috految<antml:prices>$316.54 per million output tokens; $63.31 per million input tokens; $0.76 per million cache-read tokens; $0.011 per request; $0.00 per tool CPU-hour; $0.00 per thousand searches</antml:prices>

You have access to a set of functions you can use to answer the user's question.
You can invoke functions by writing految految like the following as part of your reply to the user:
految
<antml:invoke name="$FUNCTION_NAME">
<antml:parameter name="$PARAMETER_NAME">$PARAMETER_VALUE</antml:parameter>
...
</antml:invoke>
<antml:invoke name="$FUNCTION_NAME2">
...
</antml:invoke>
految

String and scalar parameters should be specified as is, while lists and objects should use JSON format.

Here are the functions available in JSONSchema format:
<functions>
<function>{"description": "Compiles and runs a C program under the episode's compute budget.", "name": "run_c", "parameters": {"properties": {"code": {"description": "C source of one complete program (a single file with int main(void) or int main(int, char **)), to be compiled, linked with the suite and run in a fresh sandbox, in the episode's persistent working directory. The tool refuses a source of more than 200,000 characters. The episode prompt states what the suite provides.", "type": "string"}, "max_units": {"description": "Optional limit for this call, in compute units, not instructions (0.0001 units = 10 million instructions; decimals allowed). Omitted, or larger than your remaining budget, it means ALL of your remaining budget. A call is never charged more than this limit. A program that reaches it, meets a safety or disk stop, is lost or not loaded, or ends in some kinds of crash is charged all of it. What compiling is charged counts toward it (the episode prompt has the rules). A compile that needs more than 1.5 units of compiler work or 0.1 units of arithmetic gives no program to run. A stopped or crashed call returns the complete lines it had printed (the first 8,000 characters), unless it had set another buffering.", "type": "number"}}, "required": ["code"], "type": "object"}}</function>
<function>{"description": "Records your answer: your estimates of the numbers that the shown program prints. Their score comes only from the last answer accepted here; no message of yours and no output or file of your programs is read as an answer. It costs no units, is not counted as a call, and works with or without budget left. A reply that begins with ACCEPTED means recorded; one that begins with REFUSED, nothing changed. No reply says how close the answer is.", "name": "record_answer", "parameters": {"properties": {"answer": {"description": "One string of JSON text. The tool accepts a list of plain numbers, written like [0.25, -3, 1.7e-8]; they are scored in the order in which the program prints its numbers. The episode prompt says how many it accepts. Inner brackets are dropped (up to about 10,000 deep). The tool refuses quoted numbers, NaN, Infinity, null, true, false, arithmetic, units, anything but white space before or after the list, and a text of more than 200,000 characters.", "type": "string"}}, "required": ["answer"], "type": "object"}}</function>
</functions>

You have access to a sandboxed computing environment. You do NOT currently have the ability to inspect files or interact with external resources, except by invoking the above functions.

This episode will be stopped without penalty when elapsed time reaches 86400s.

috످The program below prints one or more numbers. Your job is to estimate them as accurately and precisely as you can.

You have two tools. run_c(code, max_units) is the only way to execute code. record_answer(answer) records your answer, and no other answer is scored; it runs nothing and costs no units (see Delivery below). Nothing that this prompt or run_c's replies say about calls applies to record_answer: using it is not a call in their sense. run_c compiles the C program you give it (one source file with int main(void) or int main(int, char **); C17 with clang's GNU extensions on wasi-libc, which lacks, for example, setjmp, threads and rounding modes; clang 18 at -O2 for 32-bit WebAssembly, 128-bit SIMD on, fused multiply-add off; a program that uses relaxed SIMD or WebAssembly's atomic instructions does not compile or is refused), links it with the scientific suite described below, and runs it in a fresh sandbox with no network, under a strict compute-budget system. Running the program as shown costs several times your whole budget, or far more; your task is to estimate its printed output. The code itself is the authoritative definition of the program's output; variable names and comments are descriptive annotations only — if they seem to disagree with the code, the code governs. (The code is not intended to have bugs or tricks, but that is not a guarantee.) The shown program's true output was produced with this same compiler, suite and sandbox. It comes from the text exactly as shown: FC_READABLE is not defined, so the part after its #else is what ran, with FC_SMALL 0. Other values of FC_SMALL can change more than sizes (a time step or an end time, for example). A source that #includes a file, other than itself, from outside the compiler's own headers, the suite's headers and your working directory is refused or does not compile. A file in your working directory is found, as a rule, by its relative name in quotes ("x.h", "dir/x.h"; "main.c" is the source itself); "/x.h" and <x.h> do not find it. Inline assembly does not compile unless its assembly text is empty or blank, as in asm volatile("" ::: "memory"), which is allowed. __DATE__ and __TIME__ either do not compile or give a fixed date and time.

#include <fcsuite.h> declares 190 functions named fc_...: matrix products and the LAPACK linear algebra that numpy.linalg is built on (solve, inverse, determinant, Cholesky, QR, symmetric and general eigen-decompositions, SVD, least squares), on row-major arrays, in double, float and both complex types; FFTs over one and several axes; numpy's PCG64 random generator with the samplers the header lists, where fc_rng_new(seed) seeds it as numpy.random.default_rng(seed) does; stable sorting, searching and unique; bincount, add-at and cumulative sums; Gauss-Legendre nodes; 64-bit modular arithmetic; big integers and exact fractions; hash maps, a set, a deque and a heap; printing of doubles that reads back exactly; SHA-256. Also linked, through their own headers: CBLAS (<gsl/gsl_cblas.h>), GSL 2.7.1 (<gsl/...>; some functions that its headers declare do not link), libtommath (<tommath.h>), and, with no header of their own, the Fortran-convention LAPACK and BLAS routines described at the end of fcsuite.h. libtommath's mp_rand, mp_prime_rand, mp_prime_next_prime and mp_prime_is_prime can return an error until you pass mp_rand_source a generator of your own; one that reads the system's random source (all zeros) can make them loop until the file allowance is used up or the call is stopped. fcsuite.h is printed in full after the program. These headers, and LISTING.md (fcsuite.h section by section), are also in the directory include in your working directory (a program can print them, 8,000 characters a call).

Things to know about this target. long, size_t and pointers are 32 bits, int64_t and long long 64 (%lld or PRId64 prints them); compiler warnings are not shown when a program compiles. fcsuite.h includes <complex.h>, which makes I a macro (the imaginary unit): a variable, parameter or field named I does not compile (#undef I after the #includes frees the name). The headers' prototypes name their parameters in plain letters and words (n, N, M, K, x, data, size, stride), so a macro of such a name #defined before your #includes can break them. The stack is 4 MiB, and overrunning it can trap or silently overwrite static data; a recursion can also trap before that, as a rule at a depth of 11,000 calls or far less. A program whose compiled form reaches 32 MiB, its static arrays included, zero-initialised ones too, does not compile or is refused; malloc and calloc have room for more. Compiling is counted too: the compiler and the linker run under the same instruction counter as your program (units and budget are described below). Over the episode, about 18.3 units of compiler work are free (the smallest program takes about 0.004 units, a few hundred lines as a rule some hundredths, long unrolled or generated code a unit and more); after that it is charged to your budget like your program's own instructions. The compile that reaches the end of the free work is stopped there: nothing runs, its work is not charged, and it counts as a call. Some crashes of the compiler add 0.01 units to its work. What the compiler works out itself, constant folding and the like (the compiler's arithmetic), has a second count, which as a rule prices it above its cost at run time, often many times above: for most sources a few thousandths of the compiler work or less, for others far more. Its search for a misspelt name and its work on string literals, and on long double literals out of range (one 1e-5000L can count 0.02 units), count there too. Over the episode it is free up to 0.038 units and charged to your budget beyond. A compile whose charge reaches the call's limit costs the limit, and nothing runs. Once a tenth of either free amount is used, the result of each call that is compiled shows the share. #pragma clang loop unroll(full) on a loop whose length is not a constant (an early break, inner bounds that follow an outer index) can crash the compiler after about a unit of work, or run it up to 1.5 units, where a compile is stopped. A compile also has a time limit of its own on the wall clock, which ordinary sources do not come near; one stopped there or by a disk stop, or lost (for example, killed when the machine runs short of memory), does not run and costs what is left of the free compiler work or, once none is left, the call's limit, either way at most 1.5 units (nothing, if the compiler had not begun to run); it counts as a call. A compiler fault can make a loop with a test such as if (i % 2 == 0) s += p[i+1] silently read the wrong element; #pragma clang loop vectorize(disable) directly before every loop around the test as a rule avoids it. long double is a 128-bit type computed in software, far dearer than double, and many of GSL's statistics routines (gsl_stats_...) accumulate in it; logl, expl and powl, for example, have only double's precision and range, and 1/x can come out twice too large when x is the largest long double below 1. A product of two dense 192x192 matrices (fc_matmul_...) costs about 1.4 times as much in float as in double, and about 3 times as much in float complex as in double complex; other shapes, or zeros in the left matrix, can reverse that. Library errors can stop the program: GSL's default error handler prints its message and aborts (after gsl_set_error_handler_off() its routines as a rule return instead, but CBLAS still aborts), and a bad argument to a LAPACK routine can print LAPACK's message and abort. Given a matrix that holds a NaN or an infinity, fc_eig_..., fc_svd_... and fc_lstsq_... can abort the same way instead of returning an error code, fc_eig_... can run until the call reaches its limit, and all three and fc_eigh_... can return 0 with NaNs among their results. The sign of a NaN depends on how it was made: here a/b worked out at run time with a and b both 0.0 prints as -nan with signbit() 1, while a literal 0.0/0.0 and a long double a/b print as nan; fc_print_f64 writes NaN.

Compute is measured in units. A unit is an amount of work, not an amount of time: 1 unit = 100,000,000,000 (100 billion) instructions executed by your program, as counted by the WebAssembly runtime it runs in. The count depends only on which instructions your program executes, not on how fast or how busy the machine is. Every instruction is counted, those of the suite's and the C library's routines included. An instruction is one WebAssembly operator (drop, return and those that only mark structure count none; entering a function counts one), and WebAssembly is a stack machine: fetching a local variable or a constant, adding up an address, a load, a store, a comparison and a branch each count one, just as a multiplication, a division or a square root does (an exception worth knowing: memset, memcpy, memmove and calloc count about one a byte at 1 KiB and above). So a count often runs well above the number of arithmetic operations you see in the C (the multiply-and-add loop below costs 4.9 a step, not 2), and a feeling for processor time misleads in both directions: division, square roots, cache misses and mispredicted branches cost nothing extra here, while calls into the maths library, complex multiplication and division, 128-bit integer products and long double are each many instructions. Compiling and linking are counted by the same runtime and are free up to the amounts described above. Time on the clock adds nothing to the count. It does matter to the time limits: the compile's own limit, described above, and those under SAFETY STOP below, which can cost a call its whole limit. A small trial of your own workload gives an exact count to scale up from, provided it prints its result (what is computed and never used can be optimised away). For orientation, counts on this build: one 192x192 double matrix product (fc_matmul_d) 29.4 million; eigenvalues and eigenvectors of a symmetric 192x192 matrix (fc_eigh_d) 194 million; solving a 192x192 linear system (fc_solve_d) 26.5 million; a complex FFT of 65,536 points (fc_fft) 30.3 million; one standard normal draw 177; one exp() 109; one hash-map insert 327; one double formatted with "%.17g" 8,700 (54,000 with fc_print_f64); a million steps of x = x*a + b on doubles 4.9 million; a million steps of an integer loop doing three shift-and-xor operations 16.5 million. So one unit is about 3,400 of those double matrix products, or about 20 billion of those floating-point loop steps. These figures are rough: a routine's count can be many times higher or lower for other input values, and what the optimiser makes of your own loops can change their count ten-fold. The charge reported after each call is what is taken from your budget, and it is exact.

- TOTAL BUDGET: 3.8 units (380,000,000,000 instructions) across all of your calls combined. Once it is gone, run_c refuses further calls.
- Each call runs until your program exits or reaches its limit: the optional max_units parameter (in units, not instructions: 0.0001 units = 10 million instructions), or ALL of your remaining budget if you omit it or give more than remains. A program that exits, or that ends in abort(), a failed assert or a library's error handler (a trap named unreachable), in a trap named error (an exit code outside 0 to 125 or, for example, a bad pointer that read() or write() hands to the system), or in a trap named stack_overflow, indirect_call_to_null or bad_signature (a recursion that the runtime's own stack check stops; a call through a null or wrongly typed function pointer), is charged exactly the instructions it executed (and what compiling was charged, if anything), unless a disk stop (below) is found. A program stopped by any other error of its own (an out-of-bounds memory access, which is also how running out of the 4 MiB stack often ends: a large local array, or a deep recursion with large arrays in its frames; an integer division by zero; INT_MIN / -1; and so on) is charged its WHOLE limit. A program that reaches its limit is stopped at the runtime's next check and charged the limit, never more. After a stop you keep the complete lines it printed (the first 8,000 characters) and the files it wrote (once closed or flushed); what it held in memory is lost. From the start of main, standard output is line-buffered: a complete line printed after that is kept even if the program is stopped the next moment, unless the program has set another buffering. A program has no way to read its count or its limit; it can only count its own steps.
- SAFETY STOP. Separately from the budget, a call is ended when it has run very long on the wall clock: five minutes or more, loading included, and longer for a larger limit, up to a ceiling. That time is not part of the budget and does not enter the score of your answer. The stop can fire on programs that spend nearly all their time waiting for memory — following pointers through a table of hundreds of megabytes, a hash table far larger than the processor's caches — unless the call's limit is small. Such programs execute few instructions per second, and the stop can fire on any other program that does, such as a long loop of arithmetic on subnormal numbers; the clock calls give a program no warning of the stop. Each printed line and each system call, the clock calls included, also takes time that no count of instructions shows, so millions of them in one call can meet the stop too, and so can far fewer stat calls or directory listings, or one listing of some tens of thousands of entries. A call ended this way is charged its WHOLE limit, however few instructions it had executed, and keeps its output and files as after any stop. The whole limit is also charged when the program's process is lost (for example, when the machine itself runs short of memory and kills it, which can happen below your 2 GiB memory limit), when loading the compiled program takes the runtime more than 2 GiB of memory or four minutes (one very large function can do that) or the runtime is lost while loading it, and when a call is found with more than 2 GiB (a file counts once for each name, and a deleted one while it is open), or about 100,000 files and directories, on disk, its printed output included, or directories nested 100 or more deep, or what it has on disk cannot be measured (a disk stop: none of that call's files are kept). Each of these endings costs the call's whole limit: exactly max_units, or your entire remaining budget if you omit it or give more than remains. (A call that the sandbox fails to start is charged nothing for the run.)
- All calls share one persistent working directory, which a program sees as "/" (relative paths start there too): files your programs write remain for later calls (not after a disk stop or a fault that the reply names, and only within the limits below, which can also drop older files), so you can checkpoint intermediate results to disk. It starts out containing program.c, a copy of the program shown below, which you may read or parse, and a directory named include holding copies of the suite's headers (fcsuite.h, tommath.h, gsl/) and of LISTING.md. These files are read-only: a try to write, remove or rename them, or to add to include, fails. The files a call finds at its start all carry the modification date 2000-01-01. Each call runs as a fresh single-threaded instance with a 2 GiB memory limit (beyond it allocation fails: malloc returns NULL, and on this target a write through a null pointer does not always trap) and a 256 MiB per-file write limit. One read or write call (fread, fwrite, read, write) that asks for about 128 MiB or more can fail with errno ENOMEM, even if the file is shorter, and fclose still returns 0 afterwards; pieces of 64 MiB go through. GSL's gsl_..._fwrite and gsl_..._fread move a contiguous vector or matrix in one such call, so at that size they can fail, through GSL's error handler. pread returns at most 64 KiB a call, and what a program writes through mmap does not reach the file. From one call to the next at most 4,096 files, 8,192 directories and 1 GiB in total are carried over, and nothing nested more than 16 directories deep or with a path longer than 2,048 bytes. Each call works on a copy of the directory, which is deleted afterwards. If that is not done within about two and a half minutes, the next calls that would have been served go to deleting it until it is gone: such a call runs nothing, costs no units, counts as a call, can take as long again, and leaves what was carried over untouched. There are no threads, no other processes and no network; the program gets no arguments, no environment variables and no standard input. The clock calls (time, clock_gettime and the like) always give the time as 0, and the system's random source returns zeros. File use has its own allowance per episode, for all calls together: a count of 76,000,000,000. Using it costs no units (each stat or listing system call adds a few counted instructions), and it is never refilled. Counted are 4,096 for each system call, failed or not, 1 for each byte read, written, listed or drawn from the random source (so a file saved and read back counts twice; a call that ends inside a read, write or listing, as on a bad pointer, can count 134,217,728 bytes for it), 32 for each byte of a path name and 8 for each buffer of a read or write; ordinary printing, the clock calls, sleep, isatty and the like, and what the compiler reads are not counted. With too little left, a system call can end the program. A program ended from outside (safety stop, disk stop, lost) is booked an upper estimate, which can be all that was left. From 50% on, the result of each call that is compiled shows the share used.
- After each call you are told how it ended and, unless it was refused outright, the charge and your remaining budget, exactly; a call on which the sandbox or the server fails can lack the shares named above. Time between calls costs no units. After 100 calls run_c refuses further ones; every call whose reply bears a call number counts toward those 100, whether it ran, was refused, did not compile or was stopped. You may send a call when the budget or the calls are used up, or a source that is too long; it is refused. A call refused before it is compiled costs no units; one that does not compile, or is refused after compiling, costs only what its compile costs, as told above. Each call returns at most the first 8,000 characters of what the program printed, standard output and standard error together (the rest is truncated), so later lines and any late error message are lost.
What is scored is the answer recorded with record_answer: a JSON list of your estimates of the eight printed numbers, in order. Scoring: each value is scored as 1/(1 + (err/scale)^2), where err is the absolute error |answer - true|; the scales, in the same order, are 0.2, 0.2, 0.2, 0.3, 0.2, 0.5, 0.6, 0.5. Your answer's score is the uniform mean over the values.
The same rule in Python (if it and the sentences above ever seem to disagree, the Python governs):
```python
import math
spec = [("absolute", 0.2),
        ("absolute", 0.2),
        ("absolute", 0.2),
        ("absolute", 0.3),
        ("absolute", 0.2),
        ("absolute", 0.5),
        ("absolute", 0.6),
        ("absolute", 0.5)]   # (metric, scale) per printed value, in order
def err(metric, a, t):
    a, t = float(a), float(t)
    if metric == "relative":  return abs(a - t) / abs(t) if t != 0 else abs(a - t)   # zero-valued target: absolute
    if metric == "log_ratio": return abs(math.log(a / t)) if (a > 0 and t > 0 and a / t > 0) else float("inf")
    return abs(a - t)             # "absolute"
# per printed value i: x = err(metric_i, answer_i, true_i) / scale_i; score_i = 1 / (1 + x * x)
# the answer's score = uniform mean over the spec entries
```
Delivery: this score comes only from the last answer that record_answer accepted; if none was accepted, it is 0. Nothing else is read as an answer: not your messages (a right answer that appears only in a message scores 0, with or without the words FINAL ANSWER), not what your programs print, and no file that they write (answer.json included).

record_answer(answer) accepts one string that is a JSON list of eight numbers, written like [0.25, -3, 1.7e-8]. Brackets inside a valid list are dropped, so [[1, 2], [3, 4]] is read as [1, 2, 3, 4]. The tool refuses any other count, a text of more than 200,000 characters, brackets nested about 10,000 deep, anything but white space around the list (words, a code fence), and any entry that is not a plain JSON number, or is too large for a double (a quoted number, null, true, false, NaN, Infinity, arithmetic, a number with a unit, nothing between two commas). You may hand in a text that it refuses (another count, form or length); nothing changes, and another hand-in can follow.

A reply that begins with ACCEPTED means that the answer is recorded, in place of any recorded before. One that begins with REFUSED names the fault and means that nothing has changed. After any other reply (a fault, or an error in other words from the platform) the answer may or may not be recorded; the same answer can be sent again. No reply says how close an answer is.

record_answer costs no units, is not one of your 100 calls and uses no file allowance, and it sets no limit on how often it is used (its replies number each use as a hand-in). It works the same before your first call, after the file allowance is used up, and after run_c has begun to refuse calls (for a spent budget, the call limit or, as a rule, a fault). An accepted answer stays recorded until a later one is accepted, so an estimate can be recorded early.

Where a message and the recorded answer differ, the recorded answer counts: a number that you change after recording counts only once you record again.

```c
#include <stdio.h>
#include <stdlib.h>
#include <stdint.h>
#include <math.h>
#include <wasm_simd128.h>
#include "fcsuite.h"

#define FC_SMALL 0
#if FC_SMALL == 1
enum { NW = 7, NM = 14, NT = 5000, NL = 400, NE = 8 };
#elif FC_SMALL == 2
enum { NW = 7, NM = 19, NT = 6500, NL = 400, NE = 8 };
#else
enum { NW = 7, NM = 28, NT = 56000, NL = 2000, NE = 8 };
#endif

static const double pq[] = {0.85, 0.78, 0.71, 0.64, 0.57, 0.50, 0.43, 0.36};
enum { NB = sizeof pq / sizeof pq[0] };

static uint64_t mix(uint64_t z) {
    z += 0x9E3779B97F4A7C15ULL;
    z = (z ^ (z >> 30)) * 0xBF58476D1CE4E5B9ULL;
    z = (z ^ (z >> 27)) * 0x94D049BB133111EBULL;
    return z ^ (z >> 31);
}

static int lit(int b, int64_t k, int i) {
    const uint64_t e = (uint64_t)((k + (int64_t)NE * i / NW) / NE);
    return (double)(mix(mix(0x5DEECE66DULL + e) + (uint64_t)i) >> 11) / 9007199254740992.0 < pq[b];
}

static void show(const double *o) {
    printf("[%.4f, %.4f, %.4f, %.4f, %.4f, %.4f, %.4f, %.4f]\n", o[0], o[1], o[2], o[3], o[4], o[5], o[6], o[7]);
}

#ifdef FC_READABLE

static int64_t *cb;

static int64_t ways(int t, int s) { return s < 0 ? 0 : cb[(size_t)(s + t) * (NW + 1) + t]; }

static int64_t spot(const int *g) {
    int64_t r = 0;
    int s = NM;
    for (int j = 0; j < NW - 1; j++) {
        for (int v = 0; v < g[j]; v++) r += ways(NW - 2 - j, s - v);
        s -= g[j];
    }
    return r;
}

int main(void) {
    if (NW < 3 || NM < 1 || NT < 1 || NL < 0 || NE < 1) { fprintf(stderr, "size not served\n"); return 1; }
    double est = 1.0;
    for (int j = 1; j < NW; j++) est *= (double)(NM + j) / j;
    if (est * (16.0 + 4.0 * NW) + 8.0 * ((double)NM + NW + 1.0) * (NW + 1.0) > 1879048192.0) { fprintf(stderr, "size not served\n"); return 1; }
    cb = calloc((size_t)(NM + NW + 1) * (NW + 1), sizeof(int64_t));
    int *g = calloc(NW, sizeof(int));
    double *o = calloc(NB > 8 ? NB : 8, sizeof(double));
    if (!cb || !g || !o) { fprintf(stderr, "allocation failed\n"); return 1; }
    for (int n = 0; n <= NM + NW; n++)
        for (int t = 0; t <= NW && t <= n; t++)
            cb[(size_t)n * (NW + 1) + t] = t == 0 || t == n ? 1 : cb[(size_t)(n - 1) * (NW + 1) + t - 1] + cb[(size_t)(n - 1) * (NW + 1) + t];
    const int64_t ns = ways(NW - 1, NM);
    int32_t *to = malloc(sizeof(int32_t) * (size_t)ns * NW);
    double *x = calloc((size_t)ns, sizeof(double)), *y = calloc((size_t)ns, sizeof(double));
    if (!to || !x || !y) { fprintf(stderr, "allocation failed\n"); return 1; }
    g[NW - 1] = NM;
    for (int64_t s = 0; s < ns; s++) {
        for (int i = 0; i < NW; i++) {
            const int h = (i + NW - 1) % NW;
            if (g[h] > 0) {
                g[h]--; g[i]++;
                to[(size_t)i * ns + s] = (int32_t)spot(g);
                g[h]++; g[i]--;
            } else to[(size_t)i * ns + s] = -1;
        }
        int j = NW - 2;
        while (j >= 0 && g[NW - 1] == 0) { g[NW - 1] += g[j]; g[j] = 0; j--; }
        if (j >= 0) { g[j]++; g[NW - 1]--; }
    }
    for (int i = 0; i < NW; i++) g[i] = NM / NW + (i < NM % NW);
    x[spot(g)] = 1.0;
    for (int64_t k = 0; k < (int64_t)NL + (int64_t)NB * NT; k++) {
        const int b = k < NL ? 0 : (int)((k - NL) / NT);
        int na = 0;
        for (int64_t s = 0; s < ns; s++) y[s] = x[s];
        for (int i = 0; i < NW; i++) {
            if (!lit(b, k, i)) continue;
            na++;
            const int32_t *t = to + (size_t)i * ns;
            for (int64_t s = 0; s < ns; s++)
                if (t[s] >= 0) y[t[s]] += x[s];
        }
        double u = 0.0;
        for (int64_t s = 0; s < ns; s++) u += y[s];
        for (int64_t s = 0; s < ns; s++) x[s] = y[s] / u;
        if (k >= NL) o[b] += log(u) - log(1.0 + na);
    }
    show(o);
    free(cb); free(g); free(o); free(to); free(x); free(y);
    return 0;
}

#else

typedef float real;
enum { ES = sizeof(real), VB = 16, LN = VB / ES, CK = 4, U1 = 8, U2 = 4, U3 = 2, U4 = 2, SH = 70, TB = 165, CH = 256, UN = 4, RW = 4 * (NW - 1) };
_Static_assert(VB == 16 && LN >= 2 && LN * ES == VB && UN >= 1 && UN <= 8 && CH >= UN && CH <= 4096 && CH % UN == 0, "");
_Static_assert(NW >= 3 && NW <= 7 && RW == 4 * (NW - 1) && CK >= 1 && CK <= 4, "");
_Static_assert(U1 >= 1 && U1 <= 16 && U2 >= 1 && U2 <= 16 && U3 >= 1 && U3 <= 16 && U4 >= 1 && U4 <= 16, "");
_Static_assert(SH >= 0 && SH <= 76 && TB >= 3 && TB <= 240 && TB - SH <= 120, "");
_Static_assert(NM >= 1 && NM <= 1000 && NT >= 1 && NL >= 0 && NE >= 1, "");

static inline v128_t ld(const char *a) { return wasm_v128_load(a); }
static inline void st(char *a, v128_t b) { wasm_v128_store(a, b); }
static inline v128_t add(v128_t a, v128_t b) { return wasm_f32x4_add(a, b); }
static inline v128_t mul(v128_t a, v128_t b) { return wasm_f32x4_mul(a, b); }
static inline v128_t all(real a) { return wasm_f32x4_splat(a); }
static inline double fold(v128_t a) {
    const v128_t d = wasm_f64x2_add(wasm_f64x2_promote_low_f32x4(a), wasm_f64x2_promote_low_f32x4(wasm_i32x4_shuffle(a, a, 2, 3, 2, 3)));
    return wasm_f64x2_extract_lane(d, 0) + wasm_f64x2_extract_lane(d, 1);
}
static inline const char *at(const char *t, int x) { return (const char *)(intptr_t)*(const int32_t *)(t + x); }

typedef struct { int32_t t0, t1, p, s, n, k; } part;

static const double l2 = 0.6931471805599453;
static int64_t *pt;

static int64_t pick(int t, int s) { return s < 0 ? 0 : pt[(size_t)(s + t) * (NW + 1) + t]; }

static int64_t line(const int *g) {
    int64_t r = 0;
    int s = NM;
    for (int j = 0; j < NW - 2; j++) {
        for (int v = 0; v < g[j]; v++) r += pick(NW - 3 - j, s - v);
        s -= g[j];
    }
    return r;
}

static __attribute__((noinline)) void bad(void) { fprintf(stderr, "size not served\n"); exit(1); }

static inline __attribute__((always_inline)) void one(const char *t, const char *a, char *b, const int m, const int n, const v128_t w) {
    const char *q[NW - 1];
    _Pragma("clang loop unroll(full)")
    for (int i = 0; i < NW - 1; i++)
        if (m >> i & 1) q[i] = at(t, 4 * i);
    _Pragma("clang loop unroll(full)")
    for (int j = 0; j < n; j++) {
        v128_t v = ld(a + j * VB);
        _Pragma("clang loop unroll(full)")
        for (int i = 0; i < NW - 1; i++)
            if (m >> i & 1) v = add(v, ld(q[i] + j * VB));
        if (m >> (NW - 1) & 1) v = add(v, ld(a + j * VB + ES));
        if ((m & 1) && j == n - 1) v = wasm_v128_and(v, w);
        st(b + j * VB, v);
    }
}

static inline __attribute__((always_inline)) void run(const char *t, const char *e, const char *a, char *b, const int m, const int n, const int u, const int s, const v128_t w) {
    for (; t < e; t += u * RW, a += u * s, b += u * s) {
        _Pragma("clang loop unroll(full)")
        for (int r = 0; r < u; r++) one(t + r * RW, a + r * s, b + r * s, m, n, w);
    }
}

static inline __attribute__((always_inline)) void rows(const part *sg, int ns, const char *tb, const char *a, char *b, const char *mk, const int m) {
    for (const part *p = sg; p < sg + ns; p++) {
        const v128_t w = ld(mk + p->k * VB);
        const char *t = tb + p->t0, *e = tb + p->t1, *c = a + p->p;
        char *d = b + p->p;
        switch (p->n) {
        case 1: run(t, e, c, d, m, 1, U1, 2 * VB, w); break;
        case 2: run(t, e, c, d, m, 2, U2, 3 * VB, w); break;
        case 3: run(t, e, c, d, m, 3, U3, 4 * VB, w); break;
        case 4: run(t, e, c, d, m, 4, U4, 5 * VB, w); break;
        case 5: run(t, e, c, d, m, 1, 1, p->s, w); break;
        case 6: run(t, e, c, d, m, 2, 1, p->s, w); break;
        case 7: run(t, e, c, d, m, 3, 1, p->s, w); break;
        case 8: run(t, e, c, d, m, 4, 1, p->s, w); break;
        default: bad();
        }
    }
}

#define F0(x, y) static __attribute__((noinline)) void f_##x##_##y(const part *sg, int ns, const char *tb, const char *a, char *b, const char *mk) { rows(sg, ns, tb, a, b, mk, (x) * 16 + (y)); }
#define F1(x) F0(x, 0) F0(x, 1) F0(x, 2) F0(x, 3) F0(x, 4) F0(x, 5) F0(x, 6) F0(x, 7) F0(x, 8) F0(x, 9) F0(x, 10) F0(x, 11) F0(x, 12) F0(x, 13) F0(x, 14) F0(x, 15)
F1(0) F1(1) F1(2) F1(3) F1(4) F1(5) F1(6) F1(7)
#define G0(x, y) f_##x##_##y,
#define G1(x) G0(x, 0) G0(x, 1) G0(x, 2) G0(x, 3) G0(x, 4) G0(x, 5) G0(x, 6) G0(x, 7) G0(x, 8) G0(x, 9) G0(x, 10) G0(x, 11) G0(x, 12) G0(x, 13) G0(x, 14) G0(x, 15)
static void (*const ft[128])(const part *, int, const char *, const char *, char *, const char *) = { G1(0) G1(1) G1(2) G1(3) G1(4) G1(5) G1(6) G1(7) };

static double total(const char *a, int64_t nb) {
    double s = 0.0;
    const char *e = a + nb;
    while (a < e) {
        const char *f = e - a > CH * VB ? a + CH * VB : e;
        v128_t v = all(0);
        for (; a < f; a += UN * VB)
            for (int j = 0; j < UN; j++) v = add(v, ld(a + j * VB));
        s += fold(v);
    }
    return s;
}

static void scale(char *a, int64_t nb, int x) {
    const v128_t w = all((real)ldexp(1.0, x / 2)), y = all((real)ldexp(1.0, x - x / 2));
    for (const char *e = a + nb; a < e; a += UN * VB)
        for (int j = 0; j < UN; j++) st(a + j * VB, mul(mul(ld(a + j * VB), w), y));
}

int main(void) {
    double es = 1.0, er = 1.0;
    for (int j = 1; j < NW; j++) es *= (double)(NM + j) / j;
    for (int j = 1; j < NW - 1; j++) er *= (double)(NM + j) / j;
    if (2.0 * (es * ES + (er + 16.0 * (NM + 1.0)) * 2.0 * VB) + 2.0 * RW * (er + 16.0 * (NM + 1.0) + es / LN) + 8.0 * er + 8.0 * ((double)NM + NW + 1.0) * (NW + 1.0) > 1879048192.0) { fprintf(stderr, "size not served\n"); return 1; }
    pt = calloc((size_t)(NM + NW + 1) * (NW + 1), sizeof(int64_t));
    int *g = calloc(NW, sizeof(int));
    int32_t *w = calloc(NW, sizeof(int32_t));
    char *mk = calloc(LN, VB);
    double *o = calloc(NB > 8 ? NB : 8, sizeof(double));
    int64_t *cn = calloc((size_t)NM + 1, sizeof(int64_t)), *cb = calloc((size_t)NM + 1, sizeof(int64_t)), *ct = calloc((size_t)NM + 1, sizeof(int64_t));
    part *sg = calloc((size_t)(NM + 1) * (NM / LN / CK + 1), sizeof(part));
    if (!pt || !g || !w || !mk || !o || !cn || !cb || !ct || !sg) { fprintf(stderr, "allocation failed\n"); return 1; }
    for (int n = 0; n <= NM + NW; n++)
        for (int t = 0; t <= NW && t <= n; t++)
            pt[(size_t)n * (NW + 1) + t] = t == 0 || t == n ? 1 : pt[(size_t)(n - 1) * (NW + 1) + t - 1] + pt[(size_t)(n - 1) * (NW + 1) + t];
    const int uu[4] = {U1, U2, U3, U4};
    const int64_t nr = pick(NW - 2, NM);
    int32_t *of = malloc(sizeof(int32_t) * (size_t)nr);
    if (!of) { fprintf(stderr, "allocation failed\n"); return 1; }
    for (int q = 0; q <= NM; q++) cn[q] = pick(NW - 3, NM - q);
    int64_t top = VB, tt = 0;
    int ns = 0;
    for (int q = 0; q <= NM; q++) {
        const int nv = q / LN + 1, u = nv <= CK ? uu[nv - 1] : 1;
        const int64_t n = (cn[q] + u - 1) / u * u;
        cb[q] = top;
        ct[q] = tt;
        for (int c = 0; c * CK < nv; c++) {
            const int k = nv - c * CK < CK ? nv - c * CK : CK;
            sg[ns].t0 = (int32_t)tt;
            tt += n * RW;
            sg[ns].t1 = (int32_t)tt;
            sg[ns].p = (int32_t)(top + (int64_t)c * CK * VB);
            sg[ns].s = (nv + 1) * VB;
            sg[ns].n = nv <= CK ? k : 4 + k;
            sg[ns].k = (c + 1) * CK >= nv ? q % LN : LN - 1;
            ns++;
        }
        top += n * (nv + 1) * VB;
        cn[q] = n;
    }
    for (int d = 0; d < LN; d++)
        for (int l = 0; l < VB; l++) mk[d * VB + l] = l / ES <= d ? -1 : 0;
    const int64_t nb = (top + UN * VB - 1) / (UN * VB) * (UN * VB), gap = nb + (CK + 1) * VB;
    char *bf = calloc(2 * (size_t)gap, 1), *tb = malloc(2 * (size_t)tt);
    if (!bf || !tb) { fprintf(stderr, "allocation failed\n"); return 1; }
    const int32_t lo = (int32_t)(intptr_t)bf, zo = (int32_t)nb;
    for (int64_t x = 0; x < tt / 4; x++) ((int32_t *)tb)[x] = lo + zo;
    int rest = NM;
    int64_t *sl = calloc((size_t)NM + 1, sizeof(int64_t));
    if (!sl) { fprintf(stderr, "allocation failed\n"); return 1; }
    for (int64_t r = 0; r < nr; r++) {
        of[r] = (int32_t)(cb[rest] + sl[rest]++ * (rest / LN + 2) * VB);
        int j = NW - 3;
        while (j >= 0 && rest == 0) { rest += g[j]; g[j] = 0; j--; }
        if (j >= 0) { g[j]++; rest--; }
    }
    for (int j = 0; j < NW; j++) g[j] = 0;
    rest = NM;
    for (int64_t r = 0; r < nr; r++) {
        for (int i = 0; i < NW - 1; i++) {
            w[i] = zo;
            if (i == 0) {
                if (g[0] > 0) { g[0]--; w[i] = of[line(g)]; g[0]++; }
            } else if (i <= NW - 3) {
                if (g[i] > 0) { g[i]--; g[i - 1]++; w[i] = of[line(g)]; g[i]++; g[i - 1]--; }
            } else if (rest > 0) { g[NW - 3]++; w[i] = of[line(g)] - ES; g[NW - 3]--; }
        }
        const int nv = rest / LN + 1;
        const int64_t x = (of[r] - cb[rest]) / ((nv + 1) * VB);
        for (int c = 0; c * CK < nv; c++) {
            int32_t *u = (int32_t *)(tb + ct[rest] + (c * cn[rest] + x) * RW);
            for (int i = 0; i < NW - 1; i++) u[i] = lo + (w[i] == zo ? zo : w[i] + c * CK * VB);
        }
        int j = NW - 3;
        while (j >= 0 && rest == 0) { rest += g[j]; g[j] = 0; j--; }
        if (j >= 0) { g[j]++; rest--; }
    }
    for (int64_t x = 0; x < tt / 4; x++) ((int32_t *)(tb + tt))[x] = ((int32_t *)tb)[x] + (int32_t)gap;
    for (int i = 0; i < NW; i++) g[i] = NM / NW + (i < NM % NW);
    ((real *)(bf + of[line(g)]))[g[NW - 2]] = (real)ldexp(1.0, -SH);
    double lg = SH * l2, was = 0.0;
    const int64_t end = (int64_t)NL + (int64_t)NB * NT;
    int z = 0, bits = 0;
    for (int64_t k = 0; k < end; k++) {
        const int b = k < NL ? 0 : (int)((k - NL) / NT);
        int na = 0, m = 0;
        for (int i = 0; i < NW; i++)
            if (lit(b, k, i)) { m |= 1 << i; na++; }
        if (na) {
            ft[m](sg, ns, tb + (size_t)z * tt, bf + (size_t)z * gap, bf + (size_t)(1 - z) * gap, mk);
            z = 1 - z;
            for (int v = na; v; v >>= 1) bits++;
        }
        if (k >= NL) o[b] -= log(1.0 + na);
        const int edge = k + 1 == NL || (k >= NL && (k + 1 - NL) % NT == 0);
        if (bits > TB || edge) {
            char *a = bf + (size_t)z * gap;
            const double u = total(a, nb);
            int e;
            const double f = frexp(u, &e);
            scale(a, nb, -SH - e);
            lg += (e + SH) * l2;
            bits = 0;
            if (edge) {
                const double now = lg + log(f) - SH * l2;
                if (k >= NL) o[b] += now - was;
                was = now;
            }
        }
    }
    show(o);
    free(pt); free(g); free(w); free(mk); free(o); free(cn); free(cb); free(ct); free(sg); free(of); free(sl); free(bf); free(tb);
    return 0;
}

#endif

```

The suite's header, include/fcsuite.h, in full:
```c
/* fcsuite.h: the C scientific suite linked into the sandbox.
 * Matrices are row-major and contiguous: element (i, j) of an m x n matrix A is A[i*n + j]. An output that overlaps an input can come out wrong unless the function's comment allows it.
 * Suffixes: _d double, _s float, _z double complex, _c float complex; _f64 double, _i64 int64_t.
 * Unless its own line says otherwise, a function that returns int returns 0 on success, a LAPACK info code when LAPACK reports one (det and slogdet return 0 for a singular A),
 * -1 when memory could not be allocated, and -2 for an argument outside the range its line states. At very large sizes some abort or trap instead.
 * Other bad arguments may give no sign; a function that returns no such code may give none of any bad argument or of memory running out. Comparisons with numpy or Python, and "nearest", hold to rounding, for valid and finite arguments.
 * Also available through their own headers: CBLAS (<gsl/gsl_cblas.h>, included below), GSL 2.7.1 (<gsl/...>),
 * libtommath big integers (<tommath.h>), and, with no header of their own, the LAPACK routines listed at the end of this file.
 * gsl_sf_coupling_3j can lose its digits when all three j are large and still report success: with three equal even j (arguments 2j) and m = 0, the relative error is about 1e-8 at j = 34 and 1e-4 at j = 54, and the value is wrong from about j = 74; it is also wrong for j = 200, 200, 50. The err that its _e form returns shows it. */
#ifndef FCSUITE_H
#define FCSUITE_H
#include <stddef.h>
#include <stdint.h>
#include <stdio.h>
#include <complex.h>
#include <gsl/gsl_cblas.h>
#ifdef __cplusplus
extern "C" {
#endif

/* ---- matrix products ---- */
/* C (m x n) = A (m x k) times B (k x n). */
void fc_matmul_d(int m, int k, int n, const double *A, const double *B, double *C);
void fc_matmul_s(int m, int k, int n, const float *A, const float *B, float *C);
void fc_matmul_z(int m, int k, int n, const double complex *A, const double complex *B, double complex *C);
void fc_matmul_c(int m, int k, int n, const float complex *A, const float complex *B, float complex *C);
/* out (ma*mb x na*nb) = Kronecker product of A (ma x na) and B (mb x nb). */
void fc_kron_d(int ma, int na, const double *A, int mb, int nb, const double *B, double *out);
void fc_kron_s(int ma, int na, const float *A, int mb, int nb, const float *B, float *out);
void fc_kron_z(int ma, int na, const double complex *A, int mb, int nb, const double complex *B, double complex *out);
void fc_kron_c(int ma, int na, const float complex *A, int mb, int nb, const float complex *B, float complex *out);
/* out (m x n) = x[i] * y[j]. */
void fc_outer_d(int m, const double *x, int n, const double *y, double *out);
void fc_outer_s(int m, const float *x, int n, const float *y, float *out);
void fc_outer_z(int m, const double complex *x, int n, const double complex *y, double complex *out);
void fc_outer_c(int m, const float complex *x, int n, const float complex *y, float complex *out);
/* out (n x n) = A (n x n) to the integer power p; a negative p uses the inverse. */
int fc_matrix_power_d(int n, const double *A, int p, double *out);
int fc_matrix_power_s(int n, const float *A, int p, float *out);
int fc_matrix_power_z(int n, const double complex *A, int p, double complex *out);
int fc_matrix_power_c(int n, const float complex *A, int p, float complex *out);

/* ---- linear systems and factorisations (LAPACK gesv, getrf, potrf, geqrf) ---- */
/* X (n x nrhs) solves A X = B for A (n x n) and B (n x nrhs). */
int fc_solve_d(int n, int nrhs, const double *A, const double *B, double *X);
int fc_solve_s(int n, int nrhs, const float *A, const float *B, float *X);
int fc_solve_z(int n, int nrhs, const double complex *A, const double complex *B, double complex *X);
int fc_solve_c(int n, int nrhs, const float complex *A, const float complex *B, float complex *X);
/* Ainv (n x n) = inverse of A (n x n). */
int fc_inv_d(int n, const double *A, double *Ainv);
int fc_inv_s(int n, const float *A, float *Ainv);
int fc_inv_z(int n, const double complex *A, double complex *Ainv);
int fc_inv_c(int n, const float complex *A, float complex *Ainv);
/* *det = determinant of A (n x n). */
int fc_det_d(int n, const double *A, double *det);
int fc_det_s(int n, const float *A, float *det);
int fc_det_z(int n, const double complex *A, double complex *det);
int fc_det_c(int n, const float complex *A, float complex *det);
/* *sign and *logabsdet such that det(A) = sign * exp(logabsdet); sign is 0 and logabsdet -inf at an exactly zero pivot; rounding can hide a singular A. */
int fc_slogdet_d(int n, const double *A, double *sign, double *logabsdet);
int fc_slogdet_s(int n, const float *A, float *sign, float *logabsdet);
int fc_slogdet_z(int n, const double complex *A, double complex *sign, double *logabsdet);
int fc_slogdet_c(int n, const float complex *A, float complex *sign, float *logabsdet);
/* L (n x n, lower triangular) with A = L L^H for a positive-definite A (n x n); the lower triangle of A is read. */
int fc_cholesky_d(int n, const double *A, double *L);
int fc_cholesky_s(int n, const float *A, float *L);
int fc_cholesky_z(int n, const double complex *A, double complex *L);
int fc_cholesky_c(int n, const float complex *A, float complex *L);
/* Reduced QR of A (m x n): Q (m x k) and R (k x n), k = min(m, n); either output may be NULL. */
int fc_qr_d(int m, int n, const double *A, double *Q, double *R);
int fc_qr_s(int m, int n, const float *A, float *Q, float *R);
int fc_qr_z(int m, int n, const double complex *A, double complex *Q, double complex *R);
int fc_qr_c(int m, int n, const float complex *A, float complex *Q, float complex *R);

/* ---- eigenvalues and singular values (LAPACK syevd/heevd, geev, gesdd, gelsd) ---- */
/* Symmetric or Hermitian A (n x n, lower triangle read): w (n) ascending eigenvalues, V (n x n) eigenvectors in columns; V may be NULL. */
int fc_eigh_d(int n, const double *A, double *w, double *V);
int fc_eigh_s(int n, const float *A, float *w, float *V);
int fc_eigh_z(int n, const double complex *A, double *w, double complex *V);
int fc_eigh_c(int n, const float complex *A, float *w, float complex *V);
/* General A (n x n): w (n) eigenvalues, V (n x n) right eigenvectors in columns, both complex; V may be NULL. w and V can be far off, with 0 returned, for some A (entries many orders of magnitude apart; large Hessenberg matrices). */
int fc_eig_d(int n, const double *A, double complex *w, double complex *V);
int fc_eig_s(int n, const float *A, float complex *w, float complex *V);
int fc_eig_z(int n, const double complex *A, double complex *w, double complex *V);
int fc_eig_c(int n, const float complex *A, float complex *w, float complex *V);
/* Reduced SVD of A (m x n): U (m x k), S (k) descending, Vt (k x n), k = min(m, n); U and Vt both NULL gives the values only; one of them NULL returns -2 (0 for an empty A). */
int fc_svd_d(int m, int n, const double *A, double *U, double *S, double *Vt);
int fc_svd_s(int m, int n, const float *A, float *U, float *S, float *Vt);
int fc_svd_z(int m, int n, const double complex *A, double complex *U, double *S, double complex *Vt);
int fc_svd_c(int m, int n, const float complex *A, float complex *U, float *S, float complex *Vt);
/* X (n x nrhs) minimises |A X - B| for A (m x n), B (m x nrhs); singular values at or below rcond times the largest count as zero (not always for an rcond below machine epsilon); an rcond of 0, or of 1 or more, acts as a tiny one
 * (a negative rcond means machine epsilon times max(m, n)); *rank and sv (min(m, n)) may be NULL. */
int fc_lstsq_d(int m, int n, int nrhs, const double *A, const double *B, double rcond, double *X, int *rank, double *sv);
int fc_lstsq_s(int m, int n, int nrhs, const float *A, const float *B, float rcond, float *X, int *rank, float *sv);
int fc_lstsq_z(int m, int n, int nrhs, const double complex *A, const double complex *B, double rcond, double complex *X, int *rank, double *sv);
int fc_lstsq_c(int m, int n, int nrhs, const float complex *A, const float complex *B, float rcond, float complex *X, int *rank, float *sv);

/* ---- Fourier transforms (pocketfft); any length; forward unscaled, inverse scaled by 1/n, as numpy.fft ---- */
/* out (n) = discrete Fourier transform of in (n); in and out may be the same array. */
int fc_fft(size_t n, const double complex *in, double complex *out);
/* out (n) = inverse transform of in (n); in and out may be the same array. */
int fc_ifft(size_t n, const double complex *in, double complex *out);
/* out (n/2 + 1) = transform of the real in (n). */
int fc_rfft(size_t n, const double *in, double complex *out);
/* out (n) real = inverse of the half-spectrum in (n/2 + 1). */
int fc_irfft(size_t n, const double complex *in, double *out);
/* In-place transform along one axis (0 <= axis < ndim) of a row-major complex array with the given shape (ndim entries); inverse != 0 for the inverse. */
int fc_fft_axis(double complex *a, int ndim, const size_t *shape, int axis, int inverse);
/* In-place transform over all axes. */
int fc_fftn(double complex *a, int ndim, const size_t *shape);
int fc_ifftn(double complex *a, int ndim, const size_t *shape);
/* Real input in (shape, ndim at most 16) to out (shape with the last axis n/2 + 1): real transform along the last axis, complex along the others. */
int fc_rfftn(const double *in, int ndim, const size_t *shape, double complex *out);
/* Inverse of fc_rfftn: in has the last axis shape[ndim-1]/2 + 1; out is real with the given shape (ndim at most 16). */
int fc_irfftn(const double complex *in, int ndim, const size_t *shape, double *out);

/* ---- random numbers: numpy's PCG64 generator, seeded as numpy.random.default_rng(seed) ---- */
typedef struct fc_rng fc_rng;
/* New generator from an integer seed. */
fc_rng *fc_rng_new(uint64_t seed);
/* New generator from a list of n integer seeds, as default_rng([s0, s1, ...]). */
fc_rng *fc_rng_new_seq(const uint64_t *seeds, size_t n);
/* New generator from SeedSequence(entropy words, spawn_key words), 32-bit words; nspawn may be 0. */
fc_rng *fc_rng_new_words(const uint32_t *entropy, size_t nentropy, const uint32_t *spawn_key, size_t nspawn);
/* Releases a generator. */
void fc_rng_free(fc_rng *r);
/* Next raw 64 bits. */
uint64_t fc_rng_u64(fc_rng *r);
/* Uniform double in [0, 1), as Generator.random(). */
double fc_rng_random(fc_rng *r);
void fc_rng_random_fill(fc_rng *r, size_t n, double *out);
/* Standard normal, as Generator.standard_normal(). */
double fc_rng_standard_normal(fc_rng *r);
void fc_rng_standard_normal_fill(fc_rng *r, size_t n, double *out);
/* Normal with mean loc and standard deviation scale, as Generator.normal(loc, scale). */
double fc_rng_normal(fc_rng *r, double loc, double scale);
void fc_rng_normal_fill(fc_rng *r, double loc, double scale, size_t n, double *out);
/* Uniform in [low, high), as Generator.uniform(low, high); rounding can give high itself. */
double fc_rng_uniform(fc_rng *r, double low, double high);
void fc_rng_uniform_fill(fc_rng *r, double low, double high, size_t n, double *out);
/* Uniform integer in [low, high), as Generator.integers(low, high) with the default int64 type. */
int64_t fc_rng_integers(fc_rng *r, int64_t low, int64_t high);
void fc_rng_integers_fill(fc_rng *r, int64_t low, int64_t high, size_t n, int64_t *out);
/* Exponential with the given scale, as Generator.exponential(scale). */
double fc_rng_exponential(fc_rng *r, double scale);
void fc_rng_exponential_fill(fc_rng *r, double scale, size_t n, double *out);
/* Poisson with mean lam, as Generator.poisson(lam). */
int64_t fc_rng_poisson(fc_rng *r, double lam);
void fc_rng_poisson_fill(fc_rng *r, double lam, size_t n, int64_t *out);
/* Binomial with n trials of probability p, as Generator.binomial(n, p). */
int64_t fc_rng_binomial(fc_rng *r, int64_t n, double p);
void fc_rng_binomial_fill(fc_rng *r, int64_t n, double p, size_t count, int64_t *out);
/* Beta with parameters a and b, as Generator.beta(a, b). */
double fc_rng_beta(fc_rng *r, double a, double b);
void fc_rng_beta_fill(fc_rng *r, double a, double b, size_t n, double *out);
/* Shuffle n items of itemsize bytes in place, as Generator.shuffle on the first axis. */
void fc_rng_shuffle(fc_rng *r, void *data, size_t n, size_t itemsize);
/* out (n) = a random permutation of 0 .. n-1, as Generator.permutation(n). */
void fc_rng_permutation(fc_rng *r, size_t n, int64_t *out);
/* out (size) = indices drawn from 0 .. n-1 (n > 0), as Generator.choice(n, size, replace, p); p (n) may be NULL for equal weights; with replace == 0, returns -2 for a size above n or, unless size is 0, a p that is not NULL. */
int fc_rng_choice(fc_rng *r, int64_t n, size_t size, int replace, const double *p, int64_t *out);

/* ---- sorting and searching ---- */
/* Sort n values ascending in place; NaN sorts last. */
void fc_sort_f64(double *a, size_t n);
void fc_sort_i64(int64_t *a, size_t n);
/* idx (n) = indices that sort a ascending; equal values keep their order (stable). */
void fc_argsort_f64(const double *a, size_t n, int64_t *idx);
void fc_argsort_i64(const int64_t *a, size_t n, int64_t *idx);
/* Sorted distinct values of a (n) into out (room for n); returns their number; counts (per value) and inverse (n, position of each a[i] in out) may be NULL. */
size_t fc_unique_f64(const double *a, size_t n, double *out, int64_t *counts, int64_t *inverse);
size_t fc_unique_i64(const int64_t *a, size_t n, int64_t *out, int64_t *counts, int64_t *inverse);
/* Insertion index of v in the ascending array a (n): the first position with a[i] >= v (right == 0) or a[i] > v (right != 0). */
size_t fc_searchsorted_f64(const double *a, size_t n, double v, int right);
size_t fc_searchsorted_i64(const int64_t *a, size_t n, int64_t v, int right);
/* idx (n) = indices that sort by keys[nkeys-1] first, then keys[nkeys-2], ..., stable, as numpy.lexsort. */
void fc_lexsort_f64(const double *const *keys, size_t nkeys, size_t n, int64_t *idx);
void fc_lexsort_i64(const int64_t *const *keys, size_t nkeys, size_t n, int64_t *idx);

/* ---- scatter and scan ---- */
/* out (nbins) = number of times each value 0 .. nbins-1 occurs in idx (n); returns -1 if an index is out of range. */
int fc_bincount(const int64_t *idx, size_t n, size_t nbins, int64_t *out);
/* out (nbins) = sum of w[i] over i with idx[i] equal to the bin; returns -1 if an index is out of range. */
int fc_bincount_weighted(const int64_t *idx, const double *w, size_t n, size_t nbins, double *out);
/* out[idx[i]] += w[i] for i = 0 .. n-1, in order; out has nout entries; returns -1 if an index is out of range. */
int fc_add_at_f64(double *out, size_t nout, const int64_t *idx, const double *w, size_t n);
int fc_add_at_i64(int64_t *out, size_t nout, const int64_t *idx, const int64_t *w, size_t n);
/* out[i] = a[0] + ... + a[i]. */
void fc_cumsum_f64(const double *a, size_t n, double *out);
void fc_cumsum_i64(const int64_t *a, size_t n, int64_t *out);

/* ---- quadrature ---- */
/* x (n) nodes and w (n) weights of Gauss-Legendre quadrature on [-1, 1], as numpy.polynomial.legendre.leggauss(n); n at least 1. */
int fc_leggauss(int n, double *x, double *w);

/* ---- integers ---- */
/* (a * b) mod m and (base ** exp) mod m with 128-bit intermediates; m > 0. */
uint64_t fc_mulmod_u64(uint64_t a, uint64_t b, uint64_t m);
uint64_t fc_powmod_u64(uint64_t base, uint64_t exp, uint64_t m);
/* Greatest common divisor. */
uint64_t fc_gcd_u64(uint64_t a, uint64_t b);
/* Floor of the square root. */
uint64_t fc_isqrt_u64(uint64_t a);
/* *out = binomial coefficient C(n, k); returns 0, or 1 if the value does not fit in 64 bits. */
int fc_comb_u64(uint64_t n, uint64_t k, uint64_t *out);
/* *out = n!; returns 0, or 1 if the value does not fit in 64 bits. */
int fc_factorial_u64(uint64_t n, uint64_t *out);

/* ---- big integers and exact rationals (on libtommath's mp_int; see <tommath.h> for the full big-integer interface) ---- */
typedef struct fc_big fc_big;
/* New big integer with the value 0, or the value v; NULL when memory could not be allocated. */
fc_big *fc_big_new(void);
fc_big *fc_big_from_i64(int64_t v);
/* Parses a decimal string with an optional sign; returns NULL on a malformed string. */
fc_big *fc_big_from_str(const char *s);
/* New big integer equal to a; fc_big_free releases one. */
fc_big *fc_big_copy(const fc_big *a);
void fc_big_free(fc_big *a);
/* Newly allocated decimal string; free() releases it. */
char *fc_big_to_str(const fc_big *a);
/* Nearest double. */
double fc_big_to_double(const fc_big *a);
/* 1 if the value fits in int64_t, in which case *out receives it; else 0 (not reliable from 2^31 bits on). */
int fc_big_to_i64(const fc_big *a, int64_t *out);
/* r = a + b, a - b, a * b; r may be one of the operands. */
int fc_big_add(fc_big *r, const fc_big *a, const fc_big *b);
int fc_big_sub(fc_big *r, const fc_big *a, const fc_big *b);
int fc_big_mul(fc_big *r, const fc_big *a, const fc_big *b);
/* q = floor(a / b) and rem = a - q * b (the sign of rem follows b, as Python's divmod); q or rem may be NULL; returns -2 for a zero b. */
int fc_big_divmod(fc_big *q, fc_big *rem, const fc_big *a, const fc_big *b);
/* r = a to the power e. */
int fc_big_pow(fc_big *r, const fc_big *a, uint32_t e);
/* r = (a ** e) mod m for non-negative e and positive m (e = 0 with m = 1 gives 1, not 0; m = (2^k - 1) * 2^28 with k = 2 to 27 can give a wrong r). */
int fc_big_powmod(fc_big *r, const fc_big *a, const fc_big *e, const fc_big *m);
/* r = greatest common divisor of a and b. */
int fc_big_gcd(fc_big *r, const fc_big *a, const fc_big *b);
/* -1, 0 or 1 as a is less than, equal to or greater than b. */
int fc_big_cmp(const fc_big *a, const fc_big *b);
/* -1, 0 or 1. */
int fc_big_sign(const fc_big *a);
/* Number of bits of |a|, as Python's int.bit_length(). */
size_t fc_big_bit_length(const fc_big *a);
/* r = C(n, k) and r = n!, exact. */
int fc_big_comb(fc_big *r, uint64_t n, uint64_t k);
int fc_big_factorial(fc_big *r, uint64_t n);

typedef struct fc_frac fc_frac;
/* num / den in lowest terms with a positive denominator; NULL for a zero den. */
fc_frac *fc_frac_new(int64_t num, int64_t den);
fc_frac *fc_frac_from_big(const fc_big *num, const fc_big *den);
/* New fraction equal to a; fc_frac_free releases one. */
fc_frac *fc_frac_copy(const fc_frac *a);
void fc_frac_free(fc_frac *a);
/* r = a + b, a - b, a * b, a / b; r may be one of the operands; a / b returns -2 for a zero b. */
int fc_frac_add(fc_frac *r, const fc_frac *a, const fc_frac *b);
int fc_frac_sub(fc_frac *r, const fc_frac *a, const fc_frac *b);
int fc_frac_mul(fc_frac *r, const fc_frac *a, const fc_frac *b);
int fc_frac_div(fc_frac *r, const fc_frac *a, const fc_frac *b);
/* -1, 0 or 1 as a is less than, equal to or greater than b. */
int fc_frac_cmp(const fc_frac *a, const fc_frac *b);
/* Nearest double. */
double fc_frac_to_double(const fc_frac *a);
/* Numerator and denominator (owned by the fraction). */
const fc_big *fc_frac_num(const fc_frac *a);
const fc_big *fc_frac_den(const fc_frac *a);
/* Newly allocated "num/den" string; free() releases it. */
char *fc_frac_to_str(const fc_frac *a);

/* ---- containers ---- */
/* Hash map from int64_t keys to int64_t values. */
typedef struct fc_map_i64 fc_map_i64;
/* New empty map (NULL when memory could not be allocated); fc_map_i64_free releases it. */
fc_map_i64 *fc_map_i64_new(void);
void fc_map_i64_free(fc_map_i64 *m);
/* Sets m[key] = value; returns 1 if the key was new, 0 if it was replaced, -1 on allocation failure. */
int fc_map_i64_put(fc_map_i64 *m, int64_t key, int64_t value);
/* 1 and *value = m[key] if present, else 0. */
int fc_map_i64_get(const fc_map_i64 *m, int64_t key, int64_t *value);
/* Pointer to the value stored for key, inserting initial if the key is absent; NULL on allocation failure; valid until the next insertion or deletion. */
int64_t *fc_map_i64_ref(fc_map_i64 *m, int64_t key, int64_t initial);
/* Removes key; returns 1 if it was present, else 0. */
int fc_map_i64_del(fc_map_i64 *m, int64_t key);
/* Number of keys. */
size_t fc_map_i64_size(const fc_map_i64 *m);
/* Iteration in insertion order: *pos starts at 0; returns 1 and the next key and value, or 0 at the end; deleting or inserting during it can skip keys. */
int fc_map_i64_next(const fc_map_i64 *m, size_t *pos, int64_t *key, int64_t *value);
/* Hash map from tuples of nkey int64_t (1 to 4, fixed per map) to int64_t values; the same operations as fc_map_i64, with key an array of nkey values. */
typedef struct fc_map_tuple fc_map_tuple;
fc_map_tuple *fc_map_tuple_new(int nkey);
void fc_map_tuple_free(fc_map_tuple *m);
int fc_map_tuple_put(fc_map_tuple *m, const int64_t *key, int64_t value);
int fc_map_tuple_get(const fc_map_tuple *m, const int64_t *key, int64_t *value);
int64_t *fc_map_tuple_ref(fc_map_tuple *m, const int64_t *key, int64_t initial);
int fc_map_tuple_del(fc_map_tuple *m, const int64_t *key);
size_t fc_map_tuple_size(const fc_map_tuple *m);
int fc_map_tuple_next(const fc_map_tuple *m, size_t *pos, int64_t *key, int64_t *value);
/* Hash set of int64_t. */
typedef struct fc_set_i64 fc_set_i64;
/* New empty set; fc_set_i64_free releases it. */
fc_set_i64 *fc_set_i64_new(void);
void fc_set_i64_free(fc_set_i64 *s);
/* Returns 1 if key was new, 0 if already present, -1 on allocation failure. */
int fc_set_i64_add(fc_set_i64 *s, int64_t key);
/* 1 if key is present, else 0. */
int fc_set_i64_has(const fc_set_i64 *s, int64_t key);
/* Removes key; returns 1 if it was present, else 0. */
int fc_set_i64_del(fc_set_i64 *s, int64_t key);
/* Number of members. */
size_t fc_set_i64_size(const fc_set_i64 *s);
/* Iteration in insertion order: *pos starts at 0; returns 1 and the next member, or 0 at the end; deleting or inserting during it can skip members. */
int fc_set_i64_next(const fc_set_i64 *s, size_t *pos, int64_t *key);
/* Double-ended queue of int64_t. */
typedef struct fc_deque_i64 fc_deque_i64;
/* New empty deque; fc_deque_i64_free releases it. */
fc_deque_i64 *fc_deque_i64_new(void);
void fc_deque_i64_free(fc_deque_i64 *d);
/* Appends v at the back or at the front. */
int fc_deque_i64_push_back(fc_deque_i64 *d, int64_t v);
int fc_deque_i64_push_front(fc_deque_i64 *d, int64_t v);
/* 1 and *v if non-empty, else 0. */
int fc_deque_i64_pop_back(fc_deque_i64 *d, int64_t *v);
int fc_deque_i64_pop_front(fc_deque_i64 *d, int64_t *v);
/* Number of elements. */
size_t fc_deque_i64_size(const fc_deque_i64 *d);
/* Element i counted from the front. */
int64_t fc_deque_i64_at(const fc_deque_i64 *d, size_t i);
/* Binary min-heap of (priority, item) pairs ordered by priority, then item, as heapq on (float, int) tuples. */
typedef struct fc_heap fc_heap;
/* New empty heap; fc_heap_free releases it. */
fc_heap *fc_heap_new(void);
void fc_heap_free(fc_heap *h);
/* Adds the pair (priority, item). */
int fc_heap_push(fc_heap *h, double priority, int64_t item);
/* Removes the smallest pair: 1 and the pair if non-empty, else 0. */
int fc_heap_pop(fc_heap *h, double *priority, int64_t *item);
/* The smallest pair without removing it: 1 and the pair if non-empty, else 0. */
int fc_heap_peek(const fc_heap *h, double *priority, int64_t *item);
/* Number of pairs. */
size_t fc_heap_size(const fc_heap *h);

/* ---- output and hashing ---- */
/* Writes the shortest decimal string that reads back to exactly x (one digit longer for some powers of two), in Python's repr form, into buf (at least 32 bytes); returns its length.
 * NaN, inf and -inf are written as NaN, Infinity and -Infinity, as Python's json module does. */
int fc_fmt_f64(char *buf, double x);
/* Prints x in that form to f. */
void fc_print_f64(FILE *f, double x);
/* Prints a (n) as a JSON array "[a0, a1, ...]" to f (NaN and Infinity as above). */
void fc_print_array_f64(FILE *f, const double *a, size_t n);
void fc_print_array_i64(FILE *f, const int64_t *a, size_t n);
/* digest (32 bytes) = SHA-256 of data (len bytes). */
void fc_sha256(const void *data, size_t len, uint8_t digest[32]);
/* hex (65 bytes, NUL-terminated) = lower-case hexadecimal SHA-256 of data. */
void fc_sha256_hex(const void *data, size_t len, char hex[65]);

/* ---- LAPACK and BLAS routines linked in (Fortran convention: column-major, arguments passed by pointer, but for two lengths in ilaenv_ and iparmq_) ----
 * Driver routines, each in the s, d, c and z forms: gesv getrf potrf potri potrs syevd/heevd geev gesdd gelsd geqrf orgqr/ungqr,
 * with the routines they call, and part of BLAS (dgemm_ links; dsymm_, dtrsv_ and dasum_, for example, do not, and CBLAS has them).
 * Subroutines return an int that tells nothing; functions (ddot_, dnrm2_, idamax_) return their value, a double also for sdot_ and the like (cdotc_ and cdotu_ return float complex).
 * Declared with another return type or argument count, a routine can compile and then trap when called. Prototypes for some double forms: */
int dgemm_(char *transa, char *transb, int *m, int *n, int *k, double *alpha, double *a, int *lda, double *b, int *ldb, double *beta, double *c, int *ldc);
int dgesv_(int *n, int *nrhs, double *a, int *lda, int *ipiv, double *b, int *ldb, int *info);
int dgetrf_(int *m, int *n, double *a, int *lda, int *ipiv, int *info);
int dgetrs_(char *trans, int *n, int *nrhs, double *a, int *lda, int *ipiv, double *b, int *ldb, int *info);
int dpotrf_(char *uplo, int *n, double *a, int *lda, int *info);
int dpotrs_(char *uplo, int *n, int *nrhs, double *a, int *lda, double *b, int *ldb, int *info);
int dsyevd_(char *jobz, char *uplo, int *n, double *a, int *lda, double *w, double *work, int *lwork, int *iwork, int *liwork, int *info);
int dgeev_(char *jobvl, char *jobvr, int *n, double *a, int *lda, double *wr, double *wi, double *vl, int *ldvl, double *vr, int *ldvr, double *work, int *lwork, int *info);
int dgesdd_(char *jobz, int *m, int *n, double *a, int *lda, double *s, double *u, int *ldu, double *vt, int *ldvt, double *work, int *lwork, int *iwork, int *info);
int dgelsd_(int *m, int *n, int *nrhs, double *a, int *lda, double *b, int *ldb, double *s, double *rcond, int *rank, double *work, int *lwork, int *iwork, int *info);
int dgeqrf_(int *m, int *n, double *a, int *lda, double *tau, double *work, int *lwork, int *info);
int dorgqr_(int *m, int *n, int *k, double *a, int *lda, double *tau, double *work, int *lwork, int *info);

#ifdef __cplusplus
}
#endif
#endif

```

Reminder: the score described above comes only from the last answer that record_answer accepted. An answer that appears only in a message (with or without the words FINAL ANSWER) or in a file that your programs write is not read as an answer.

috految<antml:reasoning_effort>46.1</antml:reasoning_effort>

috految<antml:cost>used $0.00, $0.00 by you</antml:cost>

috److془We need to carefully design an estimator.

Problem: 7 walkers on ring with 28 holes. 450000 steps. Budget 3.8e11 → 844k instr per step. State count 1.34M; exact cost ~ 10M per step.

Target error: ≪0.2 per block of 56000 steps. Total log value ~ -0.06*56000 = -4000 to -7000.

Option: Twisted SMC with good guide. Variance = T * v / N, where v per step is chi-square of the proposal. With N = 8000 (100 instr per particle-step), var = 7 v. Need v ~ 0.0005 for sd 0.06. Unguided v ~ 0.1-0.2. With good guide (Jastrow with time-dependent pair functions) v~ 0.001 perhaps. Hmm.

Option: Extrapolation in NM: exact for NM up to ~ 14 (38760 states; ~ 5 instr per state..). Extrapolation with 5e-5 relative accuracy from M=14 to 28.. With the control variate of approx. model (BP) might be good. The noise: function of M analytic in random fashion. Hmm.

Option: deterministic variational approach: error second order. Hmm, and with MC the variance = 2*bias_var/N basically. Deterministic: bias ~ T v/2 ~ 28 with v = 0.001; the fluctuation ~ 28/sqrt(2000)~0.6. Extrapolation reduces more.

Option: Reduced basis: the fermion representation, Slater determinants... Tensor network: 7 site ring with U(1) symmetry. Or: Stratified SMC (array RQMC): reduces var further. Also, sparse state: ψ_Lψ_R distribution has the entropy: gap sd ~2.1 → approx 5.x... CUE: ~ 6^6~ 2e5 states. Hmm.

Option: MPS-like low rank: In the Galerkin approach with basis of ~ 3000 states... Polynomials degree d in 6 variables: d=8: 3003, d=10: 8008. Hmm; Hahn polynomials. With the Dirichlet condition, convergence algebraic. Low p, drifts dominate.

Let's think on the SMC: Let's think about magnitudes. Each step variance of hop: 0.125 per walker. Disorder: rate r=1/(1+na) ~ 0.143 at p=.85; per 8 steps variance 64 r² p(1-p) → per step 8*.0204*.1275=0.021 vs. 0.12 thermal. at p=.57: r=.2: 0.078 vs 0.11; at p=.36: r=.28: 0.15 vs .09. Relaxation rate: mode k: ω = D q(2kF - q)..., D=0.0625, (2π/35)^2=0.0322 * k(7-k): 0.012, 0.02, 0.024. Ground energy: .0625*.0322*28=0.056. Correlation times ~ 50 steps. Disorder v with static guide: ~ 0.06*ratio several = 0.01, 0.08 or so. With time dependent linear guide + gap functions, the residual is ~ 2-3% perhaps: nonlinear three-body terms. Let's estimate; the static non-nearest pair: ψ = Π sin(π x_ij/L). Hessian of log ψ: nearest: (π/L)²/sin²: 1/0.188=5.3,1.63,1.05. Gaussian modes: k(7-k)=6,10,12 vs nearest-only: (0.753,2.445,3.80)*3.6= 2.7, 8.8, 13.7. v= Σ 2D (δK)² (1/2K) = Σ ω (δK/K)²/2 = .012*.3+.02*.014+.024*.02=0.0044 (with true: ~0.003). With the static long-range factor + time dependent gap functions: residual ~ 0.003× (relative fluctu)² ~ 0.003*0.1 to 0.003*1. Plus the cross terms from non-smooth: std. So v ~ 0.0002 (p=.85), 0.0008 (p=.57) to 0.003 (p=.36). With N=8000: sd 0.04, 0.075, 0.15. Score ~0.93. With antithetic / stratification improve. Also the efficient implementation gives N=15000+. 

Also the deterministic approach: stochastic correct, hmm. Let's think about which is best. Note: the exact marginal stuff actually: the weight variance with random choices: var = Σ Var(ψ/ψ_guide (x') | x)/N × (1+χ²). Stratification: particles sorted in space, with the low-discrepancy uniform across particles. Removes part of δ function which is smooth on cell scale. Linear part of δ (constant gradient) is mostly eliminated by simple stratification. Quadratic part eliminated by sorting with N=10000 in 6 D: ~ 60% perhaps. Using the error diffusion in action choice.. 

Alternatively, pure SIMD: 16 lanes of int8 with swizzle tables! Per step: for each lit walker: lookups log ratio = A_i[g_{i-1}] + B_i[g_i] + C[g_{i-1}+g_{i-2}]+.. ~ 4 instr each. Then exp by lookup, cum sum, compare, update gaps. ~ 50 instr per lit walker per 16 -> 4.2*50+100=310/16 = 20 per particle-step. Quantization: step of 1/32 : variance 8e-5 per table. Hmm; 16 bit 8 lanes would be ~ 35 per particle-step. Alternative: scalar with vector along moves: 

Or: the weights are only computed at resampling times (every 32 steps or so): w = ψ(x_end)/ψ(x_start)/Π q. Error from guide at resampling is small, and every 64 steps is fine (v*64 ~ 0.1). Resampling variance: E|w-1| * Var(δ), of ~ 0.15*25v. Fine. 

Exact cost with 8x16 bit: no need for log; multiplications q15mulr. Or floats 4 lanes: ratio_i = A_i[g_{i-1}] * B_i[g_i] * static stuff. Or 8 bit with the product: extmul low/high u8*u8 → 16 bit. Accuracy: 1/(100 sqrt12) → v 1e-5. 

Now the guide learning. Budget ~ 150k instr per step for guide. Options: Expectation propagation with pair tables. Or the backward regression on sample points: fitted value iteration. Or thoughtful: EP-like with cluster approach. Guides: ψ = Π_i f_i(g_i) × Π_i h_i(g_i+g_{i+1}) × Π k(g_i+g_{i+1}+g_{i+2}). Note that 7 ring has pairs distance 1,2,3. 21 pairs span all quadratic forms. Alternatively, Kikuchi: ψ = Π F_i(g_i,g_{i+1})/Π f_i(g_i).. 

Alternative: ψ's doing with fermions: for the walker-dependent constant drifts, ψ = exp(linear)*Vandermonde; with time-dependent, linear potentials on walkers. Lovely: the gap function is like x for short distance. Structure: ψ = Π_{i<j} φ_ij(x_ij), with the three-body term cancel approx. Hmm, but with disordered drifts, three-body does not go away. Mean-field treat of it gives EP. Note the discrete time: log(1+Σ r_i) further coupling -(Σ δr)²/2(1+na)². Where Σ δr fluctuates at gaps with ends lit/unlit. In terms of pair-coupling: δr_a δr_b r² vs three body δr_a δr_b r. Fine, smaller. 

Estimate the three-body time-dependent: δr~ sqrt(0.112/(0.125*7)/2)~ 0.25 for each gap (bit less, 0.22). Source term: r_i(t) δa δb ~ .04 × r_i(t); variance of noise per step total = 7 × .0016 ×(0.02..0.15) = 0.0002..0.0017. Static: 7*.0016*.0144*2τ(25)=0.004 ✓. Plus fluctuated amplitude. So v ~ 0.0005.. 0.005 with static with kurtosis. With all pairs time-dependent, perhaps 1/3 of it. With pure nearest product guide and EP: v~0.004..0.008, N=40000: var = 1.4*v → sd 0.075..0.11. multiplied by χ² factor 1.3, Sort would reduce 2x. Great so with simple approach get ~0.92; with static factors, N=30000, ~0.97. 

Rare-event concerns: low p with large forces; walker unlit for up to 23 epochs=180 steps; everything piles up with 20 holes in one gap. EP handles well presumably. Mean-field kind. Also the float underflow in true program: 2^-79 relative; presumably negligible. Overflow: 2^(-70+168) fine. Rounding bias negligible. Ratio of forward left/right overlap might be e^-20 at worst. Fine. Hmm: forward 1e-24 relative needs. Fine. The fast code equals readable presumably: (i=0: g0-- predecessor, g6 +1 ✓.)

Now guide: robust EP. Simplest: BP in which gap chains independent with ignoring the total constraint (it's conserved automatically in mean, drift must be fixed by chemical potential). Mean-field wavefunction ψ=Π f_i(g_i): f_i(g) <- f_i(g)*R + a_i f_i(g+1) + b_i f_i(g-1), with potential. Hmm actually f = Airy-function with linear potential; the gauge: f_i → f_i λ^g. Airy variance: sd/mean = 0.447, i.e. 2.28 vs CUE .424. Fine. Energy: 2D*1.895/25*7=.066 vs .056. Hmm so v would be 2*.01=.02 minus the constraint effect. (constraint removes the k=0 mode: ω=.024/2*.. ~ .005-.007.) OK so v~.005. Good. Note pressure is a bit mismatched, 16%. Curvature less at large gaps in mean-field. 

Better: pair-level fix: Gaussian (RPA) corrections: quadratic correction Q(t) in fluctuations around the mean. Or doing the sample-based variation: fitted value iteration with low-dim parameters. Or simple: proposal log ratio_i = mean-field_i + corrections with few tuned parameters. Correction: δlogψ = Σ_{ab} Q_ab u_a u_b, where u_a = g_a - mean. Or with h(g_a+g_{a+1}). Better: u_a = nonlinear feature. Ratio for right mover: static exact: (1-1/x_a)(1-1/(x_a+x_{a-1}))(1-1/(..)) (1+1/x_b)(1+1/(x_b+x_{b+1})).. The correction: the coefficient 1/x_{13}²~0.013 × sd 2.2 = .03 each, two of them: v=.0016+. Correction thus is small (0.03) and quasi-linear. Nice. With the sum-constraints, ratio for i: terms in g_a,g_{a-1},g_{a-2}; g_{a-3} opposite: coefficient 0.0215 for g_{a-1}, .0085 for g_{a-2}, 0 for opposite. v=.875*2*(.0005*3.5)~.003 ✓. So correction: c1[s2 behind] + c2[s2 ahead] with slope 0.02, leftover .0085 → 0.0005 or include linear. Underlying gap distributions: mean field f'' at centre: Airy: (.31² =.097 ×(2.338-1.56+ (Ai'/Ai)²~.04)) =.079; exact: .0427+.0215=.064 + convexity. Okay so the correction is: -0.012 coefficient in g_a, consistent w/ RPA.

Alternative: the learned corrections by regression generically: tune few parameters by minimizing variance of log weight. Cost per evaluation: 4000 steps × 256 particles ×25 = 25M + tables. Cheap. 

Alternatively the Gaussian Bethe with time-dependent c: the correction as Q_{a,a+1}(t) = recursion: Q <- Q*(1-γ_a-γ_b) + q_i <ra'><rb'>. Or straightforward per-step full 7x7 Riccati; cost 5k/step. Or tune. Exactly: the correction for walker i: Σ_c (Q_{i c}-Q_{i-1,c}) u_c. Implement with swizzles: 4 instr per gap, 5 gaps (4 using constraint), int8 adds. Or even: the mean gradient errors are removed by stratification along particles. Nice. Nonlinearity: u_c = nonlinear feature, e.g. u=log(g+c0), c0~4. Nice. Gradient in own gap: (u(g+1)-u(g)) ~ 1/(g+c0), varying 25% → 6% of the variance. Fine. For the tails, the mean field with too-large curvature: fine.

Linear term errors: mean field vs. true mean: force ~10% error on 0.1-.3 → v~ 0.0005; stratified removal. Stratification: the u's of the particles are even distribution; thresholds vary 0.05 relative to width .15-.2: removes ~60%. Fine. Could mix tunable scale: M_eff, and exponent. In the extreme events (long pile ups) where pressure is large, mean-field errors matter: e.g. sum constraints with one large gap; true: single gap variance is constrained by the others. Mean-field: big gap ψ is flat, others constrained by pressure. Fine. Trouble: the mean-field for a pile-up where two walkers blocked, sum of gaps between conserved; the Riccati handles it. Hard constraints: fine—the ratio is finite always as staying is always permitted. Bimodality? The problem is log-concave, no. Another: for gap with g being unlit for long ahead, f(g) for g=0 to 1: ratio as ~20. Ratio range: the A=f(g-1)/f(g) ∈[0, ~1.5×mean], B = f(g+1)/f(g) ∈ [.., 10×mean]. Good. Gaps values >15: use table index min(g,15)? Probability g≥16 small for high p, and slope small. Use 16 tables with clamp; entry =value at max(15, mean). Slope error .03*2 rarely. Good. Hmm: at g large the suppression is less → safe direction.

Convergence of the BP: forward-backward iteration. Backward sweep with α fixed: f_a(t,g) = R f_a(t+1,g) + lit_a m_{a-1}^- f_a(t+1,g+1) + lit_{a+1} m_{a+1}^+ f_a(t+1,g-1), m_a^± = <α_a(t) f_a(t+1,g±1)>/<α_a f_a>. R = 1+Σ_{others} lit m^- m^+. Gauge: tilt f by λ^g such that Σ mean = M. In the backward sweep with fixed α, the gauge: α tilts with time dependent as well; tilting f to satisfy the constraint at each t is gauge-invariant. Good. Convergence: like message passing with approximated curvature; the mode k=1: K_MF/K ~ .6 ; error factor ((K'-K)/(K'+K))-like complex, ~ .3-.5 per sweep. Stability: in backward with α fixed: y_f' = -D λ_k(y_f-y_α)K + ... Actually rate = (c_k+1)K/2, coupling (c_k-1)K/2. Factor (c-1)/(c+1), c=.376 → .45. Good. 6-7 sweeps; cost per sweep: 7 gaps×8 vectors×~45 + 1500=4k. 28k total. 

Gauge drift: over sweeps, α f tilt: the first sweep with α = fixed reference; tilts stay of order 1. Float range: tilt e^{±1×28} ok. Use doubles for safety? the cost 45k. 5%. fine. Memory: 58000×7×32×8=104MB each. But the concern: with gap 28 cutoff and the end ; fine. Tilt exact to be Newton 1 step per time step (lagging slightly: tilt is 0.003 per step; fine). Mean evaluated with α(t) f(t), then tilt. Hmm but the gauge between α(t) and f(t+1): mismatch is ~0.005 × var 5 negligible. But the gauge for α could be jumpy in time at most by about 0.02. Fine. Actually gauge: constraints for α(t)f(t) fine.

Block boundaries: o[b] = logZ(end)-logZ(start), Z with terminal f=1. Run from t0=start-1000 with arbitrary initial state (all 4) to end, minus run from t0 to start. Memory decay e^{-.01*1000}: fine; use 800. Slowest modes ~ 0.012 though with the drift in lattice: total position mod 7 eigenvalue: (1+na e^{2πi/7})/(1+na) modulus .955; with fluctuations fine. But hmm: sector symmetrical, Z fine. Terminal: f=1 with BP for the final period; tilts α distributes wide; fine. α initial: reference const; the start state deterministic at all 4's, α(0) ~ Gaussian narrow var 2. Fine. Initial mismatch has O(1) χ² vs total 100. Fine.

Is the Riccati: logψ = Σ log f_a + ½ Σ Q_ab z_a z_b, z=g-mean. Step: S= log(1+Σ r_i), r_i = r̄_i exp(D_i·z), D_i = d_i + (Q_i· - Q_{i-1}·), d_i = sB_i e_i + sA_{i-1} e_{i-1}, slopes: sB = cov(B,g)/(var m). Hessian: Σ q_i D_i D_i - (Σ q D)(Σ q D) minus the mean-field part (diagonal of the same with Q=0). Q += that. Slopes are negative -> stable. Constraint gauge: Q null modes 1B+B1; project Q by P= I - v 1^T/Σv (v=variances), Q = P^T Q P. Then guide no affected on the surface. Stable? K=K0+Q; K_eff evolves as Riccati with potential positive ; occasionally maybe not; add damping & clamp. Linear terms ignore. Hmm mean-field shift captured by tunables. Diffs: the constant ½(Q_ii+Q_hh-2Q_ih) in log ratio, with z at t+1 mean. Tunables: scale of Q own, scale of Q others, diag of feature c0, exponent of A,B wrt mean, exponent of the mean r̄, const. Note z for the own gap straightforward into tables. Also, local v(x) tail handled. Also the multiplicative factor for own-gap None. Good. Could use Q with gauge: subtract the opposite gap coefficient. 4 tables. With the referenced gauge, nonlinear features are natural. 

Kernel: per 16 particles: per lit: a=swz(TA,ch), b=swz(TB,ci), c= sum of 4 swz (saturated signed add). Could add c to b directly (b≈70 mean; rounding: 5/12/4900=8.5e-5; hmm). Truly: gradient own factor: correction from behind gaps is added to a (approx a(1+δ) with 1/(x+c0) factor → additive is nice!), a≈170. Put all into a: a(g=0) must be zero; a=subsat(a_table, c) with c≥0: gives zero automatically; but need a>0 for g≥1: a=max(a, swz(Tmin,ch)) with Tmin=.5a. Use a=max(subsat(TAoff,c),Tmin), c unsigned sat sum with offset each. Range offset ~ 0.5 → a mean ~ 110. Good. Noise 4e-5. Cost: 12+4+3+3+3=25 per lit. Relative scales: w_i=a*b, sum must be <65536 ; a=110,b~60, w~6600×8=53000 hmm. Use b normalized such that mean total 30000 with saturation; saturate would give bias (zero probability). Use shift: w=(a*b) >>3 , (max 8128*7+w0<65536). b scale: 255/max of the B*scale over lit, capped at 4x mean. Tmin*bmin≥8. w0 ≤8000. Sampling: u = floor(U*S) exactly needed; U 16 bit has discretization errors: relative bias 1/65536 of the threshold × (δ differences ~0.03) ×56000 = 0.03 max if systematic, averaged out further. Weighted 1/q uses nominal, so error is Σ δq × δ. 
Use q15mulr(U,S), U in [0,32767] rounding nearest: u∈[0,S], with 0 and S of half weight; map S to stay along with 0: wraparound perfect. S<32768: shift 4. w~500; noise negligible. w0≤4000. Note rounding offset is half-step uniform for all. Selection: cum c0=w0, c_i; m_i = u>=c_i; sel_i = m_{i-1}^m_i; wsel = bitselect chain; last: u>=S → w0. Using 8 lanes×2: per lit: extmul +shift 5, tee, add tee 3, cmp 4, bitselect 2-3 = 15×2; narrow+xor+update 10 . Total ~65 per lit + gaps load, min, store 50+ weights 50 + rng 10 = 385/16=24. N≈28000. Float weights: W*= S/wsel: up to 8^32=8e28*fluct; start at 1e-30 with ≤48 steps. Rounding unbiased. Resample every 48 : cost ~200/48=4. Use 64 with start 1e-35 (8^64=6e57 ok), the growth: S/w≥1 good. Low p use 40. 

Random: U_n = (R_t + n*G_t) mod 2^15 with random G: pairwise independent; rare bad G dominate. Better: pool of stratified blocks random perms of 16 (plus uniform jitter), random offset, add random shift mod 32768. Use stratified blocks of 64 with Owen-scrambled, or simply random perms. Dependence on time through offset: pool 2M elements. Fine. Sort skip. Actually var ~2v ~ sd 0.03-0.08. Good. Bias var/2 negligible. 

Tables per step cost: 4.2×16×~130 = 9k+ . Fine. Tuning: evaluation 3200 steps×(25k+ 256*28)=1e8. 60 evals 6e9. Metric: sum of log(mean w²/mean²) per segment. Noise 1% ish. Note that resampling guide includes Q term; dependent on the parameters, use density long segments. Resampling guide: exp(ΣlogF+ ½ z Q z), with z nonlinear or linear (linear w/ tails: positive Q could blow; clamp at ±3). Fine. Verify against program with NT small: exact 10M per step, 200 step=2e9. Could skip; but careful. Cheap check: NL=0, NT=30 through text replace. Do it. Compile of program is maybe 0.5 units free. Arithmetic small likely. Simple: NL=64,NT=24, then compare sum.

Move i: g[i-1]--, g[i]++. Gap a: + by walker a, - by walker a+1. Forward: α_a(t+1,g)=R α(g)+ lit_a m^-_{a-1} α(g-1)+ lit_{a+1} m^+_{a+1} α(g+1). Tmin for g=0 zero. Tables g=15 → use ge=max(15,mean) ≤27. Ratio for unreachable rare g might be huge; cap 4x mean for B (6x), A cap at 4x of m; if gap is mostly 0, m^- tiny; use ref=max(m,A[1]), cap 3. Low B floor: 4. Tmin≥4. Coefs scale with ref. 

Write.془

految
<antml:invoke name="run_c">
<antml:parameter name="code">#include <stdio.h>
#include <string.h>
#define S(...) #__VA_ARGS__
int main(){static char b[30000];fread(b,1,29999,fopen("program.c","r"));FILE*f=fopen("s.h","w");
fwrite(b,1,strstr(b,"#ifdef FC_READABLE")-b,f);
fputs("#define F(i,n) for(int i=0;i<(n);i++)\n#define U(i,n) _Pragma(\"clang loop unroll(full)\") F(i,n)\n#define SW wasm_i8x16_swizzle\n#define IN static inline __attribute__((always_inline))\n",f);
fputs(S(
typedef v128_t V;typedef double D;typedef D D2 __attribute__((vector_size(16),aligned(8)));typedef float F4 __attribute__((vector_size(16),may_alias));
typedef struct{unsigned char g[7][16];float w[16];}B;
typedef struct{D a[7][32],f[7][32],mu[7],v[7],mp[7],mm[7],Q[7][7];int m;}St;St*X;int T,nl=NL,nt=NT;
unsigned char tb[7][7][16];unsigned short*pool;uint64_t seed=1;
D P[10]={1,1,.1,1,1,1,1,0,0,.8},ME=28;
IN D mx(D a,D b){return a>b?a:b;} IN D mn(D a,D b){return a<b?a:b;}
IN void ker(const int m,B*p,B*e,unsigned short*r,int w0,int sh){V t[7][7],W=wasm_i16x8_splat(w0),H=wasm_i16x8_splat(sh);
U(i,7)U(j,7)t[i][j]=wasm_v128_load(tb[i][j]);
for(;p<e;p++,r+=16){asm("":"+r"(p));V g[7],c[7],w[2][7],cu[2][7],mk[2][8];U(i,7){g[i]=wasm_v128_load(p->g[i]);c[i]=wasm_u8x16_min(g[i],wasm_i8x16_splat(15));}
U(i,7)if(m>>i&1){int h=(i+6)%7;V a=SW(t[i][0],c[h]),b=SW(t[i][1],c[i]);U(j,4)a=wasm_u8x16_sub_sat(a,SW(t[i][3+j],c[(i+(j<2?j+1:j+2))%7]));a=wasm_u8x16_max(a,SW(t[i][2],c[h]));
w[0][i]=wasm_u16x8_shr(wasm_u16x8_extmul_low_u8x16(a,b),4);w[1][i]=wasm_u16x8_shr(wasm_u16x8_extmul_high_u8x16(a,b),4);}
U(k,2){V s=W;U(i,7)if(m>>i&1){cu[k][i]=s;s=wasm_i16x8_add(s,w[k][i]);}
V u=wasm_i16x8_q15mulr_sat(wasm_u16x8_shr(wasm_i16x8_add(wasm_v128_load(r+8*k),H),1),s),z=W;
U(i,7)if(m>>i&1){mk[k][i]=wasm_i16x8_ge(u,cu[k][i]);z=wasm_v128_bitselect(w[k][i],z,mk[k][i]);}
mk[k][7]=wasm_i16x8_ge(u,s);z=wasm_v128_bitselect(W,z,mk[k][7]);F4*q=(F4*)p->w+2*k;
q[0]*=(F4)wasm_f32x4_convert_i32x4(wasm_i16x8_shuffle(s,(V){0},0,8,1,8,2,8,3,8))/(F4)wasm_f32x4_convert_i32x4(wasm_i16x8_shuffle(z,(V){0},0,8,1,8,2,8,3,8));
q[1]*=(F4)wasm_f32x4_convert_i32x4(wasm_i16x8_shuffle(s,(V){0},4,8,5,8,6,8,7,8))/(F4)wasm_f32x4_convert_i32x4(wasm_i16x8_shuffle(z,(V){0},4,8,5,8,6,8,7,8));}
V l=wasm_i8x16_narrow_i16x8(mk[0][7],mk[1][7]);
U(j,7){int i=6-j;if(m>>i&1){V n=wasm_i8x16_narrow_i16x8(mk[0][i],mk[1][i]),d=n^l;l=n;g[i]=wasm_i8x16_sub(g[i],d);g[(i+6)%7]=wasm_i8x16_add(g[(i+6)%7],d);}}
U(i,7)if((m>>i&1)||(m>>(i+1)%7&1))wasm_v128_store(p->g[i],g[i]);}}
),f);
for(int m=0;m<128;m++)fprintf(f,"\nvoid k%d(B*p,B*e,unsigned short*r,int w,int s){ker(%d,p,e,r,w,s);}",m,m);
fputs("\nvoid(*K[])(B*,B*,unsigned short*,int,int)={",f);for(int m=0;m<128;m++)fprintf(f,"k%d,",m);fputs("};\n",f);
fputs(S(
IN D2 L(D*p){return *(D2*)p;}
__attribute__((noinline)) void step(St*x,int back){St*y=x+1;D r[7],R=1;
U(i,7){D*a=x->a[i]+1,*f=y->f[i]+1;D2 s={0},p={0},m={0};U(j,15){D2 v=L(a+2*j);s+=v*L(f+2*j);p+=v*L(f+2*j+1);m+=v*L(f+2*j-1);}D n=1/(s[0]+s[1]);x->mp[i]=(p[0]+p[1])*n;x->mm[i]=(m[0]+m[1])*n;}
U(i,7){r[i]=x->m>>i&1?x->mp[i]*x->mm[(i+6)%7]:0;R+=r[i];}
St*z=back?x:y;D mu=0,va=0,N[7];
U(i,7){int j=(i+1)%7;D c=R-r[i]-r[j],p=x->m>>i&1?x->mm[(i+6)%7]:0,q=x->m>>j&1?x->mp[j]:0;
D*s=(back?y->f[i]:x->a[i])+1,*o=(back?x->f[i]:y->a[i])+1,*w=(back?x->a[i]:y->f[i])+1;if(!back){D t=p;p=q;q=t;}
D2 s0={0},s1={0},s2={0};U(k,15){D2 v=c*L(s+2*k)+p*L(s+2*k+1)+q*L(s+2*k-1),g={2*k,2*k+1};*(D2*)(o+2*k)=v;v*=L(w+2*k);s0+=v;s1+=v*g;s2+=v*(g*g);}
D n=s0[0]+s0[1],m=(s1[0]+s1[1])/n;N[i]=1/o[4];mu+=z->mu[i]=m;va+=z->v[i]=(s2[0]+s2[1])/n-m*m;}
D l=exp(mx(-.3,mn(.3,(ME-mu)/va)));U(i,7){D*o=(back?x->f[i]:y->a[i])+1;D2 t={N[i],N[i]*l};U(k,15){*(D2*)(o+2*k)*=t;t*=l*l;}z->mu[i]+=(28-mu)*z->v[i]/va;}}
void prep(int t0,int t1,int sw){T=t1-t0;free(X);X=calloc(T+1,sizeof(St));D ref[30];F(g,30)ref[g]=(g+1)*exp(-.0175*g*g-.1*g);
F(t,T+1){int k=t0+t,b=k<nl?0:(k-nl)/nt;if(t<T)F(i,7)X[t].m|=lit(b,k,i)<<i;F(i,7)F(g,30)X[t].a[i][g+1]=t?ref[g]:exp(-.25*(g-4)*(g-4))+1e-12;}
F(i,7)F(g,30)X[T].f[i][g+1]=1;
F(s,sw){if(s)F(t,T)step(X+t,0);for(int t=T;t--;)step(X+t,1);}
for(int t=T;t--;){St*x=X+t,*y=x+1;D sp[7],sm[7],R=1,r[7],Q[7][7],e[7]={0},d[7]={0},v=0;
F(i,7){D*a=x->a[i]+1,*f=y->f[i]+1;D2 n={0},m={0},p={0},q={0};U(k,15){D2 g={2*k,2*k+1},w=L(a+2*k);n+=w*L(f+2*k);w*=g;m+=w*L(f+2*k);p+=w*L(f+2*k+1);q+=w*L(f+2*k-1);}
D N=n[0]+n[1],u=(m[0]+m[1])/N,va=x->v[i]+.05;sp[i]=((p[0]+p[1])/N/x->mp[i]-u)/va;sm[i]=((q[0]+q[1])/N/x->mm[i]-u)/va;R+=r[i]=x->m>>i&1?x->mp[i]*x->mm[(i+6)%7]:0;v+=x->v[i];}
U(a,7)U(b,7)Q[a][b]=y->Q[a][b]*.997;
F(i,7)if(r[i]){int h=(i+6)%7;D q=r[i]/R,c[7];U(a,7)c[a]=y->Q[i][a]-y->Q[h][a];c[i]+=sp[i];c[h]+=sm[h];d[i]+=q*sp[i];d[h]+=q*sm[h];Q[i][i]-=q*sp[i]*sp[i];Q[h][h]-=q*sm[h]*sm[h];U(a,7){e[a]+=q*c[a];U(b,7)Q[a][b]+=q*c[a]*c[b];}}
D u[7]={0},s=0;U(a,7){Q[a][a]+=d[a]*d[a];U(b,7){Q[a][b]-=e[a]*e[b];u[a]+=Q[a][b]*x->v[b]/v;}s+=u[a]*x->v[a]/v;}
D n=0;U(a,7)U(b,7){D q=Q[a][b]+=s-u[a]-u[b];n+=q*q*x->v[a]*x->v[b];}n=n>1.5?sqrt(1.5/n):1;U(a,7)U(b,7)x->Q[a][b]=.5*(Q[a][b]+Q[b][a])*n;}}
D chi,top;
D run(int N,int S){if(!pool){pool=malloc(4<<20);F(b,32768){unsigned short*p=pool+64*b;F(i,64){uint64_t z=mix(seed++);int j=(z>>32)%(i+1);p[i]=p[j];p[j]=i*1024+(z&1023);}}}
B*p=malloc(N/16*sizeof(B)),*o=malloc(N/16*sizeof(B));D*ps=malloc(8*N),*pn=malloc(8*N),*w=malloc(8*N),lz=0;chi=top=0;
F(n,N){ps[n]=1;F(i,7)p[n/16].g[i][n%16]=4;p[n/16].w[n%16]=0x1p-120f;}
F(t,T){St*x=X+t,*y=x+1;int m=x->m;lz-=log(1+__builtin_popcount(m));
if(m){D z[7][16],Bv[7][16],bm=1e-9;int ge[7];
F(a,7){D u=y->mu[a];ge[a]=mn(27,mx(15,u));D c=P[2]/(1+P[2]*u);U(g,16){D d=(g<15?g:ge[a])-u;z[a][g]=(d+c*y->v[a]*.7)/(1+c*d*.7);}}
F(i,7)if(m>>i&1){int h=(i+6)%7;D c[7],A[16],c0=y->Q[i][(i+3)%7]-y->Q[h][(i+3)%7];U(a,7)c[a]=y->Q[i][a]-y->Q[h][a]-c0;
D*f=y->f[h]+1,*F_=y->f[i]+1,ma=x->mm[h],mb=x->mp[i],re=mx(ma,f[0]/f[1]),am=0,off=0,C[4][16],lo[4];
U(g,16){int k=g<15?g:ge[h];D a=f[k-1]/f[k];a=mn(3*re,a+(P[3]-1)*(a-ma)*mn(1,a/ma));a*=mx(.4,1+(P[0]*c[h]+P[7])*z[h][g]);A[g]=a;am=mx(am,a);}
U(j,4){int a=(i+(j<2?j+1:j+2))%7;D k=-P[1]*c[a]*re;lo[j]=mx(-.4*re,mn(k*z[a][0],k*z[a][15]));off-=lo[j];U(g,16)C[j][g]=k*z[a][g]-lo[j];}
D sc=254/(am+mx(off,0));U(g,16){tb[i][0][g]=g?(int)mx(0,(A[g]+off)*sc+.5):0;tb[i][2][g]=g?(int)mx(4,.55*A[g]*sc):0;U(j,4)tb[i][3+j][g]=(int)mn(255,mx(0,C[j][g]*sc+.5));}
D k=exp(.5*P[0]*(c[i]-c[h])+(P[5]-1)*log(ma*mb)+P[8])/sc;
U(g,16){int q=g<15?g:ge[i];D b=F_[q+1]/F_[q];b=mn(6*mb,b+(P[4]-1)*(b-mb)*mn(1,b/mb))*mx(.4,1+(P[6]*c[i]-P[7])*z[i][g])*k;Bv[i][g]=b;bm=mx(bm,b);}}
D sc=mn(255/bm,64000);F(i,7)if(m>>i&1)U(g,16)tb[i][1][g]=(int)mx(4,Bv[i][g]*sc+.5);
uint64_t r=mix(seed++);K[m](p,p+N/16,pool+16*((r>>32)%120000),mx(1,sc/16),r&65535);}
if((t+1)%S==0||t==T-1){D s=0,s2=0;F4 Q[7][7];U(a,7)U(b,7)Q[a][b]=(F4)wasm_f32x4_splat(P[9]*y->Q[a][b]*(a==b?.5:1));
F(b,N/16){B*q=p+b;U(v,4){F4 z[7],e={0};U(a,7){z[a]=(F4)wasm_f32x4_convert_i32x4(wasm_u32x4_extend_low_u16x8(wasm_u16x8_load8x8(q->g[a]+4*v)))-(float)y->mu[a];F4 s={0};U(c,7)if(c<=a)s+=Q[a][c]*z[c];e+=s*z[a];}
e=1+(F4)wasm_f32x4_pmax(wasm_f32x4_pmin((V)e,wasm_f32x4_splat(3)),wasm_f32x4_splat(-2))*.0625f;e*=e;e*=e;e*=e;e*=e;
U(l,4){int j=4*v+l,n=16*b+j;D h=e[l];U(a,7)h*=y->f[a][1+q->g[a][j]];pn[n]=h;D W=w[n]=h*q->w[j]/ps[n];s+=W;s2+=W*W;}}}
if(!(s>0&&s<1e300)){printf("bad %d\n",t);exit(0);}D c=s2/s/s*N;chi+=log(c);top=mx(top,c);lz+=log(s/N)+120*log(2);
D u=(mix(seed++)>>11)*0x1p-53,k=N/s;unsigned j=0;F(n,N){u+=w[n]*k;while(u>=1&&j<N){u-=1;ps[j]=pn[n];B*a=o+j/16,*b=p+n/16;U(i,7)a->g[i][j%16]=b->g[i][n%16];a->w[j%16]=0x1p-120f;j++;}}
B*q=p;p=o;o=q;}}
free(p);free(o);free(ps);free(pn);free(w);return lz;}
),f);fputs("\n",f);fclose(f);
memcpy(strstr(b,"NT = 56000, NL = 2000"),"NT =    24, NL =   40",21);f=fopen("e.h","w");fputs(b,f);fclose(f);}</antml:parameter>
<antml:parameter name="max_units">0.01</antml:parameter>
</antml:invoke>
<antml:invoke name="run_c">
<antml:parameter name="code">#include "s.h"
int main(){nl=40;nt=24;prep(0,40,4);D a=run(16384,48);prep(0,232,4);printf("%f\n",run(16384,48)-a);nl=NL;nt=NT;
F(j,3){int t=NL+NT*(j?j*3+1:0)+1000;F(s,2){prep(t,t+2400,3+2*s);D z=run(512,60);printf("b%d %f v %g top %g\n",j,z,chi/T,top);}
if(j==1){D d[]={.4,.3,.08,.1,.1,.1,.4,.008,.04,.3};F(k,10){D o=P[k];F(s,2){P[k]=o+(2*s-1)*d[k];D z=run(512,60);printf("%d: %.2f %.5f ",k,z,chi/T);}P[k]=o;puts("");}ME=30;prep(t,t+2400,4);run(512,60);printf("ME %g\n",chi/T);ME=28;}}}</antml:parameter>
<antml:parameter name="max_units">0.12</antml:parameter>
</antml:invoke>
<antml:invoke name="run_c">
<antml:parameter name="code">#include "e.h"
</antml:parameter>
<antml:parameter name="max_units">0.07</antml:parameter>
</antml:invoke>
految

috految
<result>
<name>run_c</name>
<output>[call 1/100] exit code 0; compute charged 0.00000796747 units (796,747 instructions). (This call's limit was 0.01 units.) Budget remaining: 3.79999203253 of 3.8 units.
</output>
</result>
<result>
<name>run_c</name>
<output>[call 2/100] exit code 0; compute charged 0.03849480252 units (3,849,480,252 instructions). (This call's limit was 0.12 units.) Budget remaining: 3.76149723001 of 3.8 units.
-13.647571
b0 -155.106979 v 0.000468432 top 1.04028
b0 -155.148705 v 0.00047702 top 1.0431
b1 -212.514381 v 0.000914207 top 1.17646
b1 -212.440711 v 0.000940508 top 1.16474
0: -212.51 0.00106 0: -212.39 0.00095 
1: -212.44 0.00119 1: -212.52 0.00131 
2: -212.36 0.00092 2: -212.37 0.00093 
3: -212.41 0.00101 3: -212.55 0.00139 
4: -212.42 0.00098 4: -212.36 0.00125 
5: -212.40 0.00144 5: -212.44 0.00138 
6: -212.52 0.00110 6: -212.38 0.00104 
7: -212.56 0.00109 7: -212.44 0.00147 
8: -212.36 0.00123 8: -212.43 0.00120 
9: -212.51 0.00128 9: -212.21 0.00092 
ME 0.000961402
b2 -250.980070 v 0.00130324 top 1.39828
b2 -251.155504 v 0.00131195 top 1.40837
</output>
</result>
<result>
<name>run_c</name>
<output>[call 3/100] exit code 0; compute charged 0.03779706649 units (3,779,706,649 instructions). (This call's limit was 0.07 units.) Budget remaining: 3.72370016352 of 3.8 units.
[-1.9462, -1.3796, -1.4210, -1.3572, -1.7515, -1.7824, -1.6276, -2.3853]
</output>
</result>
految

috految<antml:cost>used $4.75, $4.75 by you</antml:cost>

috److془Sum: 13.6508 ✓. 

Run. Block 0..: cost ~ 33/particle. Run 0 and 7.془

految
<antml:invoke name="run_c">
<antml:parameter name="code">#include "s.h"
int main(){P[3]=.975;P[4]=.975;P[0]=1.05;P[1]=.98;P[9]=.95;P[7]=-.0005;P[2]=.12;seed=1e9;int bs[]={7,4,0},N[]={18432,28672,20480};
F(j,3){int b=bs[j],t=NL+NT*b,S=b<5?60:48;prep(t-800,t,4);D a=run(N[j],S);printf("%g ",chi);prep(t-800,t+NT,b<5?3:4);D z=run(N[j],S)-a;printf("b%d %.4f chi %g top %g\n",b,z,chi,top);}}</antml:parameter>
<antml:parameter name="max_units">2</antml:parameter>
</antml:invoke>
految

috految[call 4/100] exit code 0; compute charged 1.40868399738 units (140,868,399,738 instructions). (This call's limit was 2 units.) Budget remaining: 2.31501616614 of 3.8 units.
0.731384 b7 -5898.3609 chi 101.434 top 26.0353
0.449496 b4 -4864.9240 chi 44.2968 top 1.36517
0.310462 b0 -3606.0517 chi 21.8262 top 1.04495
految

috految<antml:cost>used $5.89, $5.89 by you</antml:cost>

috److془Cost: .3*... overhead ~.035 per block; 1.30/(67584) = 1.93e-5 at mean p .6. Remaining: 2.315-.19=2.12; mean p .635 → 2.02e-5 → 105000. Use 101000.془

految
<antml:invoke name="run_c">
<antml:parameter name="code">#include "s.h"
int main(){P[3]=.975;P[4]=.975;P[0]=1.05;P[1]=.98;P[9]=.95;P[7]=-.0005;P[2]=.12;seed=2e9;int bs[]={1,2,3,5,6},N[]={23040,25600,20480,15360,14848};
F(j,5){int b=bs[j],t=NL+NT*b,S=b<5?60:48;prep(t-800,t,4);D a=run(N[j],S);prep(t-800,t+NT,b<5?3:4);D z=run(N[j],S)-a;printf("b%d %.4f chi %g top %g\n",b,z,chi,top);}}</antml:parameter>
</antml:invoke>
految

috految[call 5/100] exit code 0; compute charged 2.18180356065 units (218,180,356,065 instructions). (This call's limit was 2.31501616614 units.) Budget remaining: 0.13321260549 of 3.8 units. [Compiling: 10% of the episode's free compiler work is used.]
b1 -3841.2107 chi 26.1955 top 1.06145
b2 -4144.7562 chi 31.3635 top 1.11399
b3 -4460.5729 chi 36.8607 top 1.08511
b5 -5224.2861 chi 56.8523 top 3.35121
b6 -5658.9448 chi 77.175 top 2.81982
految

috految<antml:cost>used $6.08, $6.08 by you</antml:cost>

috److految
<antml:invoke name="record_answer">
<antml:parameter name="answer">[-3606.051,-3841.210,-4144.755,-4460.572,-4864.923,-5224.283,-5658.94,-5898.355]</antml:parameter>
</antml:invoke>
految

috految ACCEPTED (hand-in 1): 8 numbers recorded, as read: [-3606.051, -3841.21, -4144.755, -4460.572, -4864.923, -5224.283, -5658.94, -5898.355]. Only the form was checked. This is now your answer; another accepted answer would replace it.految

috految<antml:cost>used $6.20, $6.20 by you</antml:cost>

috److I estimated all eight values and recorded them; the answer was accepted.

| Printed value | Estimate |
|---|---|
| 1 | -3606.051 |
| 2 | -3841.210 |
| 3 | -4144.755 |
| 4 | -4460.572 |
| 5 | -4864.923 |
| 6 | -5224.283 |
| 7 | -5658.940 |
| 8 | -5898.355 |

**Method:** Running the exact program was far beyond the budget. I used a guided particle simulation (sequential Monte Carlo) with about 15,000 to 29,000 particles per value, on the same pseudo-random sequence as the program. I nudged the raw estimates up by less than 0.01 to offset the method's small downward bias.

**Check:** On a shortened run (232 steps, full state space), the simulation gave a total of -13.648 against the exact program's -13.651.

**Uncertainty:** From the particle weight variances, I expect an error of roughly 0.03 to 0.1 per value. It is largest for the last value, where the weights were most uneven. Each value comes from a single run, so I have not confirmed this spread by repeating the full runs.

I used about 3.67 of the 3.8 compute units.

috످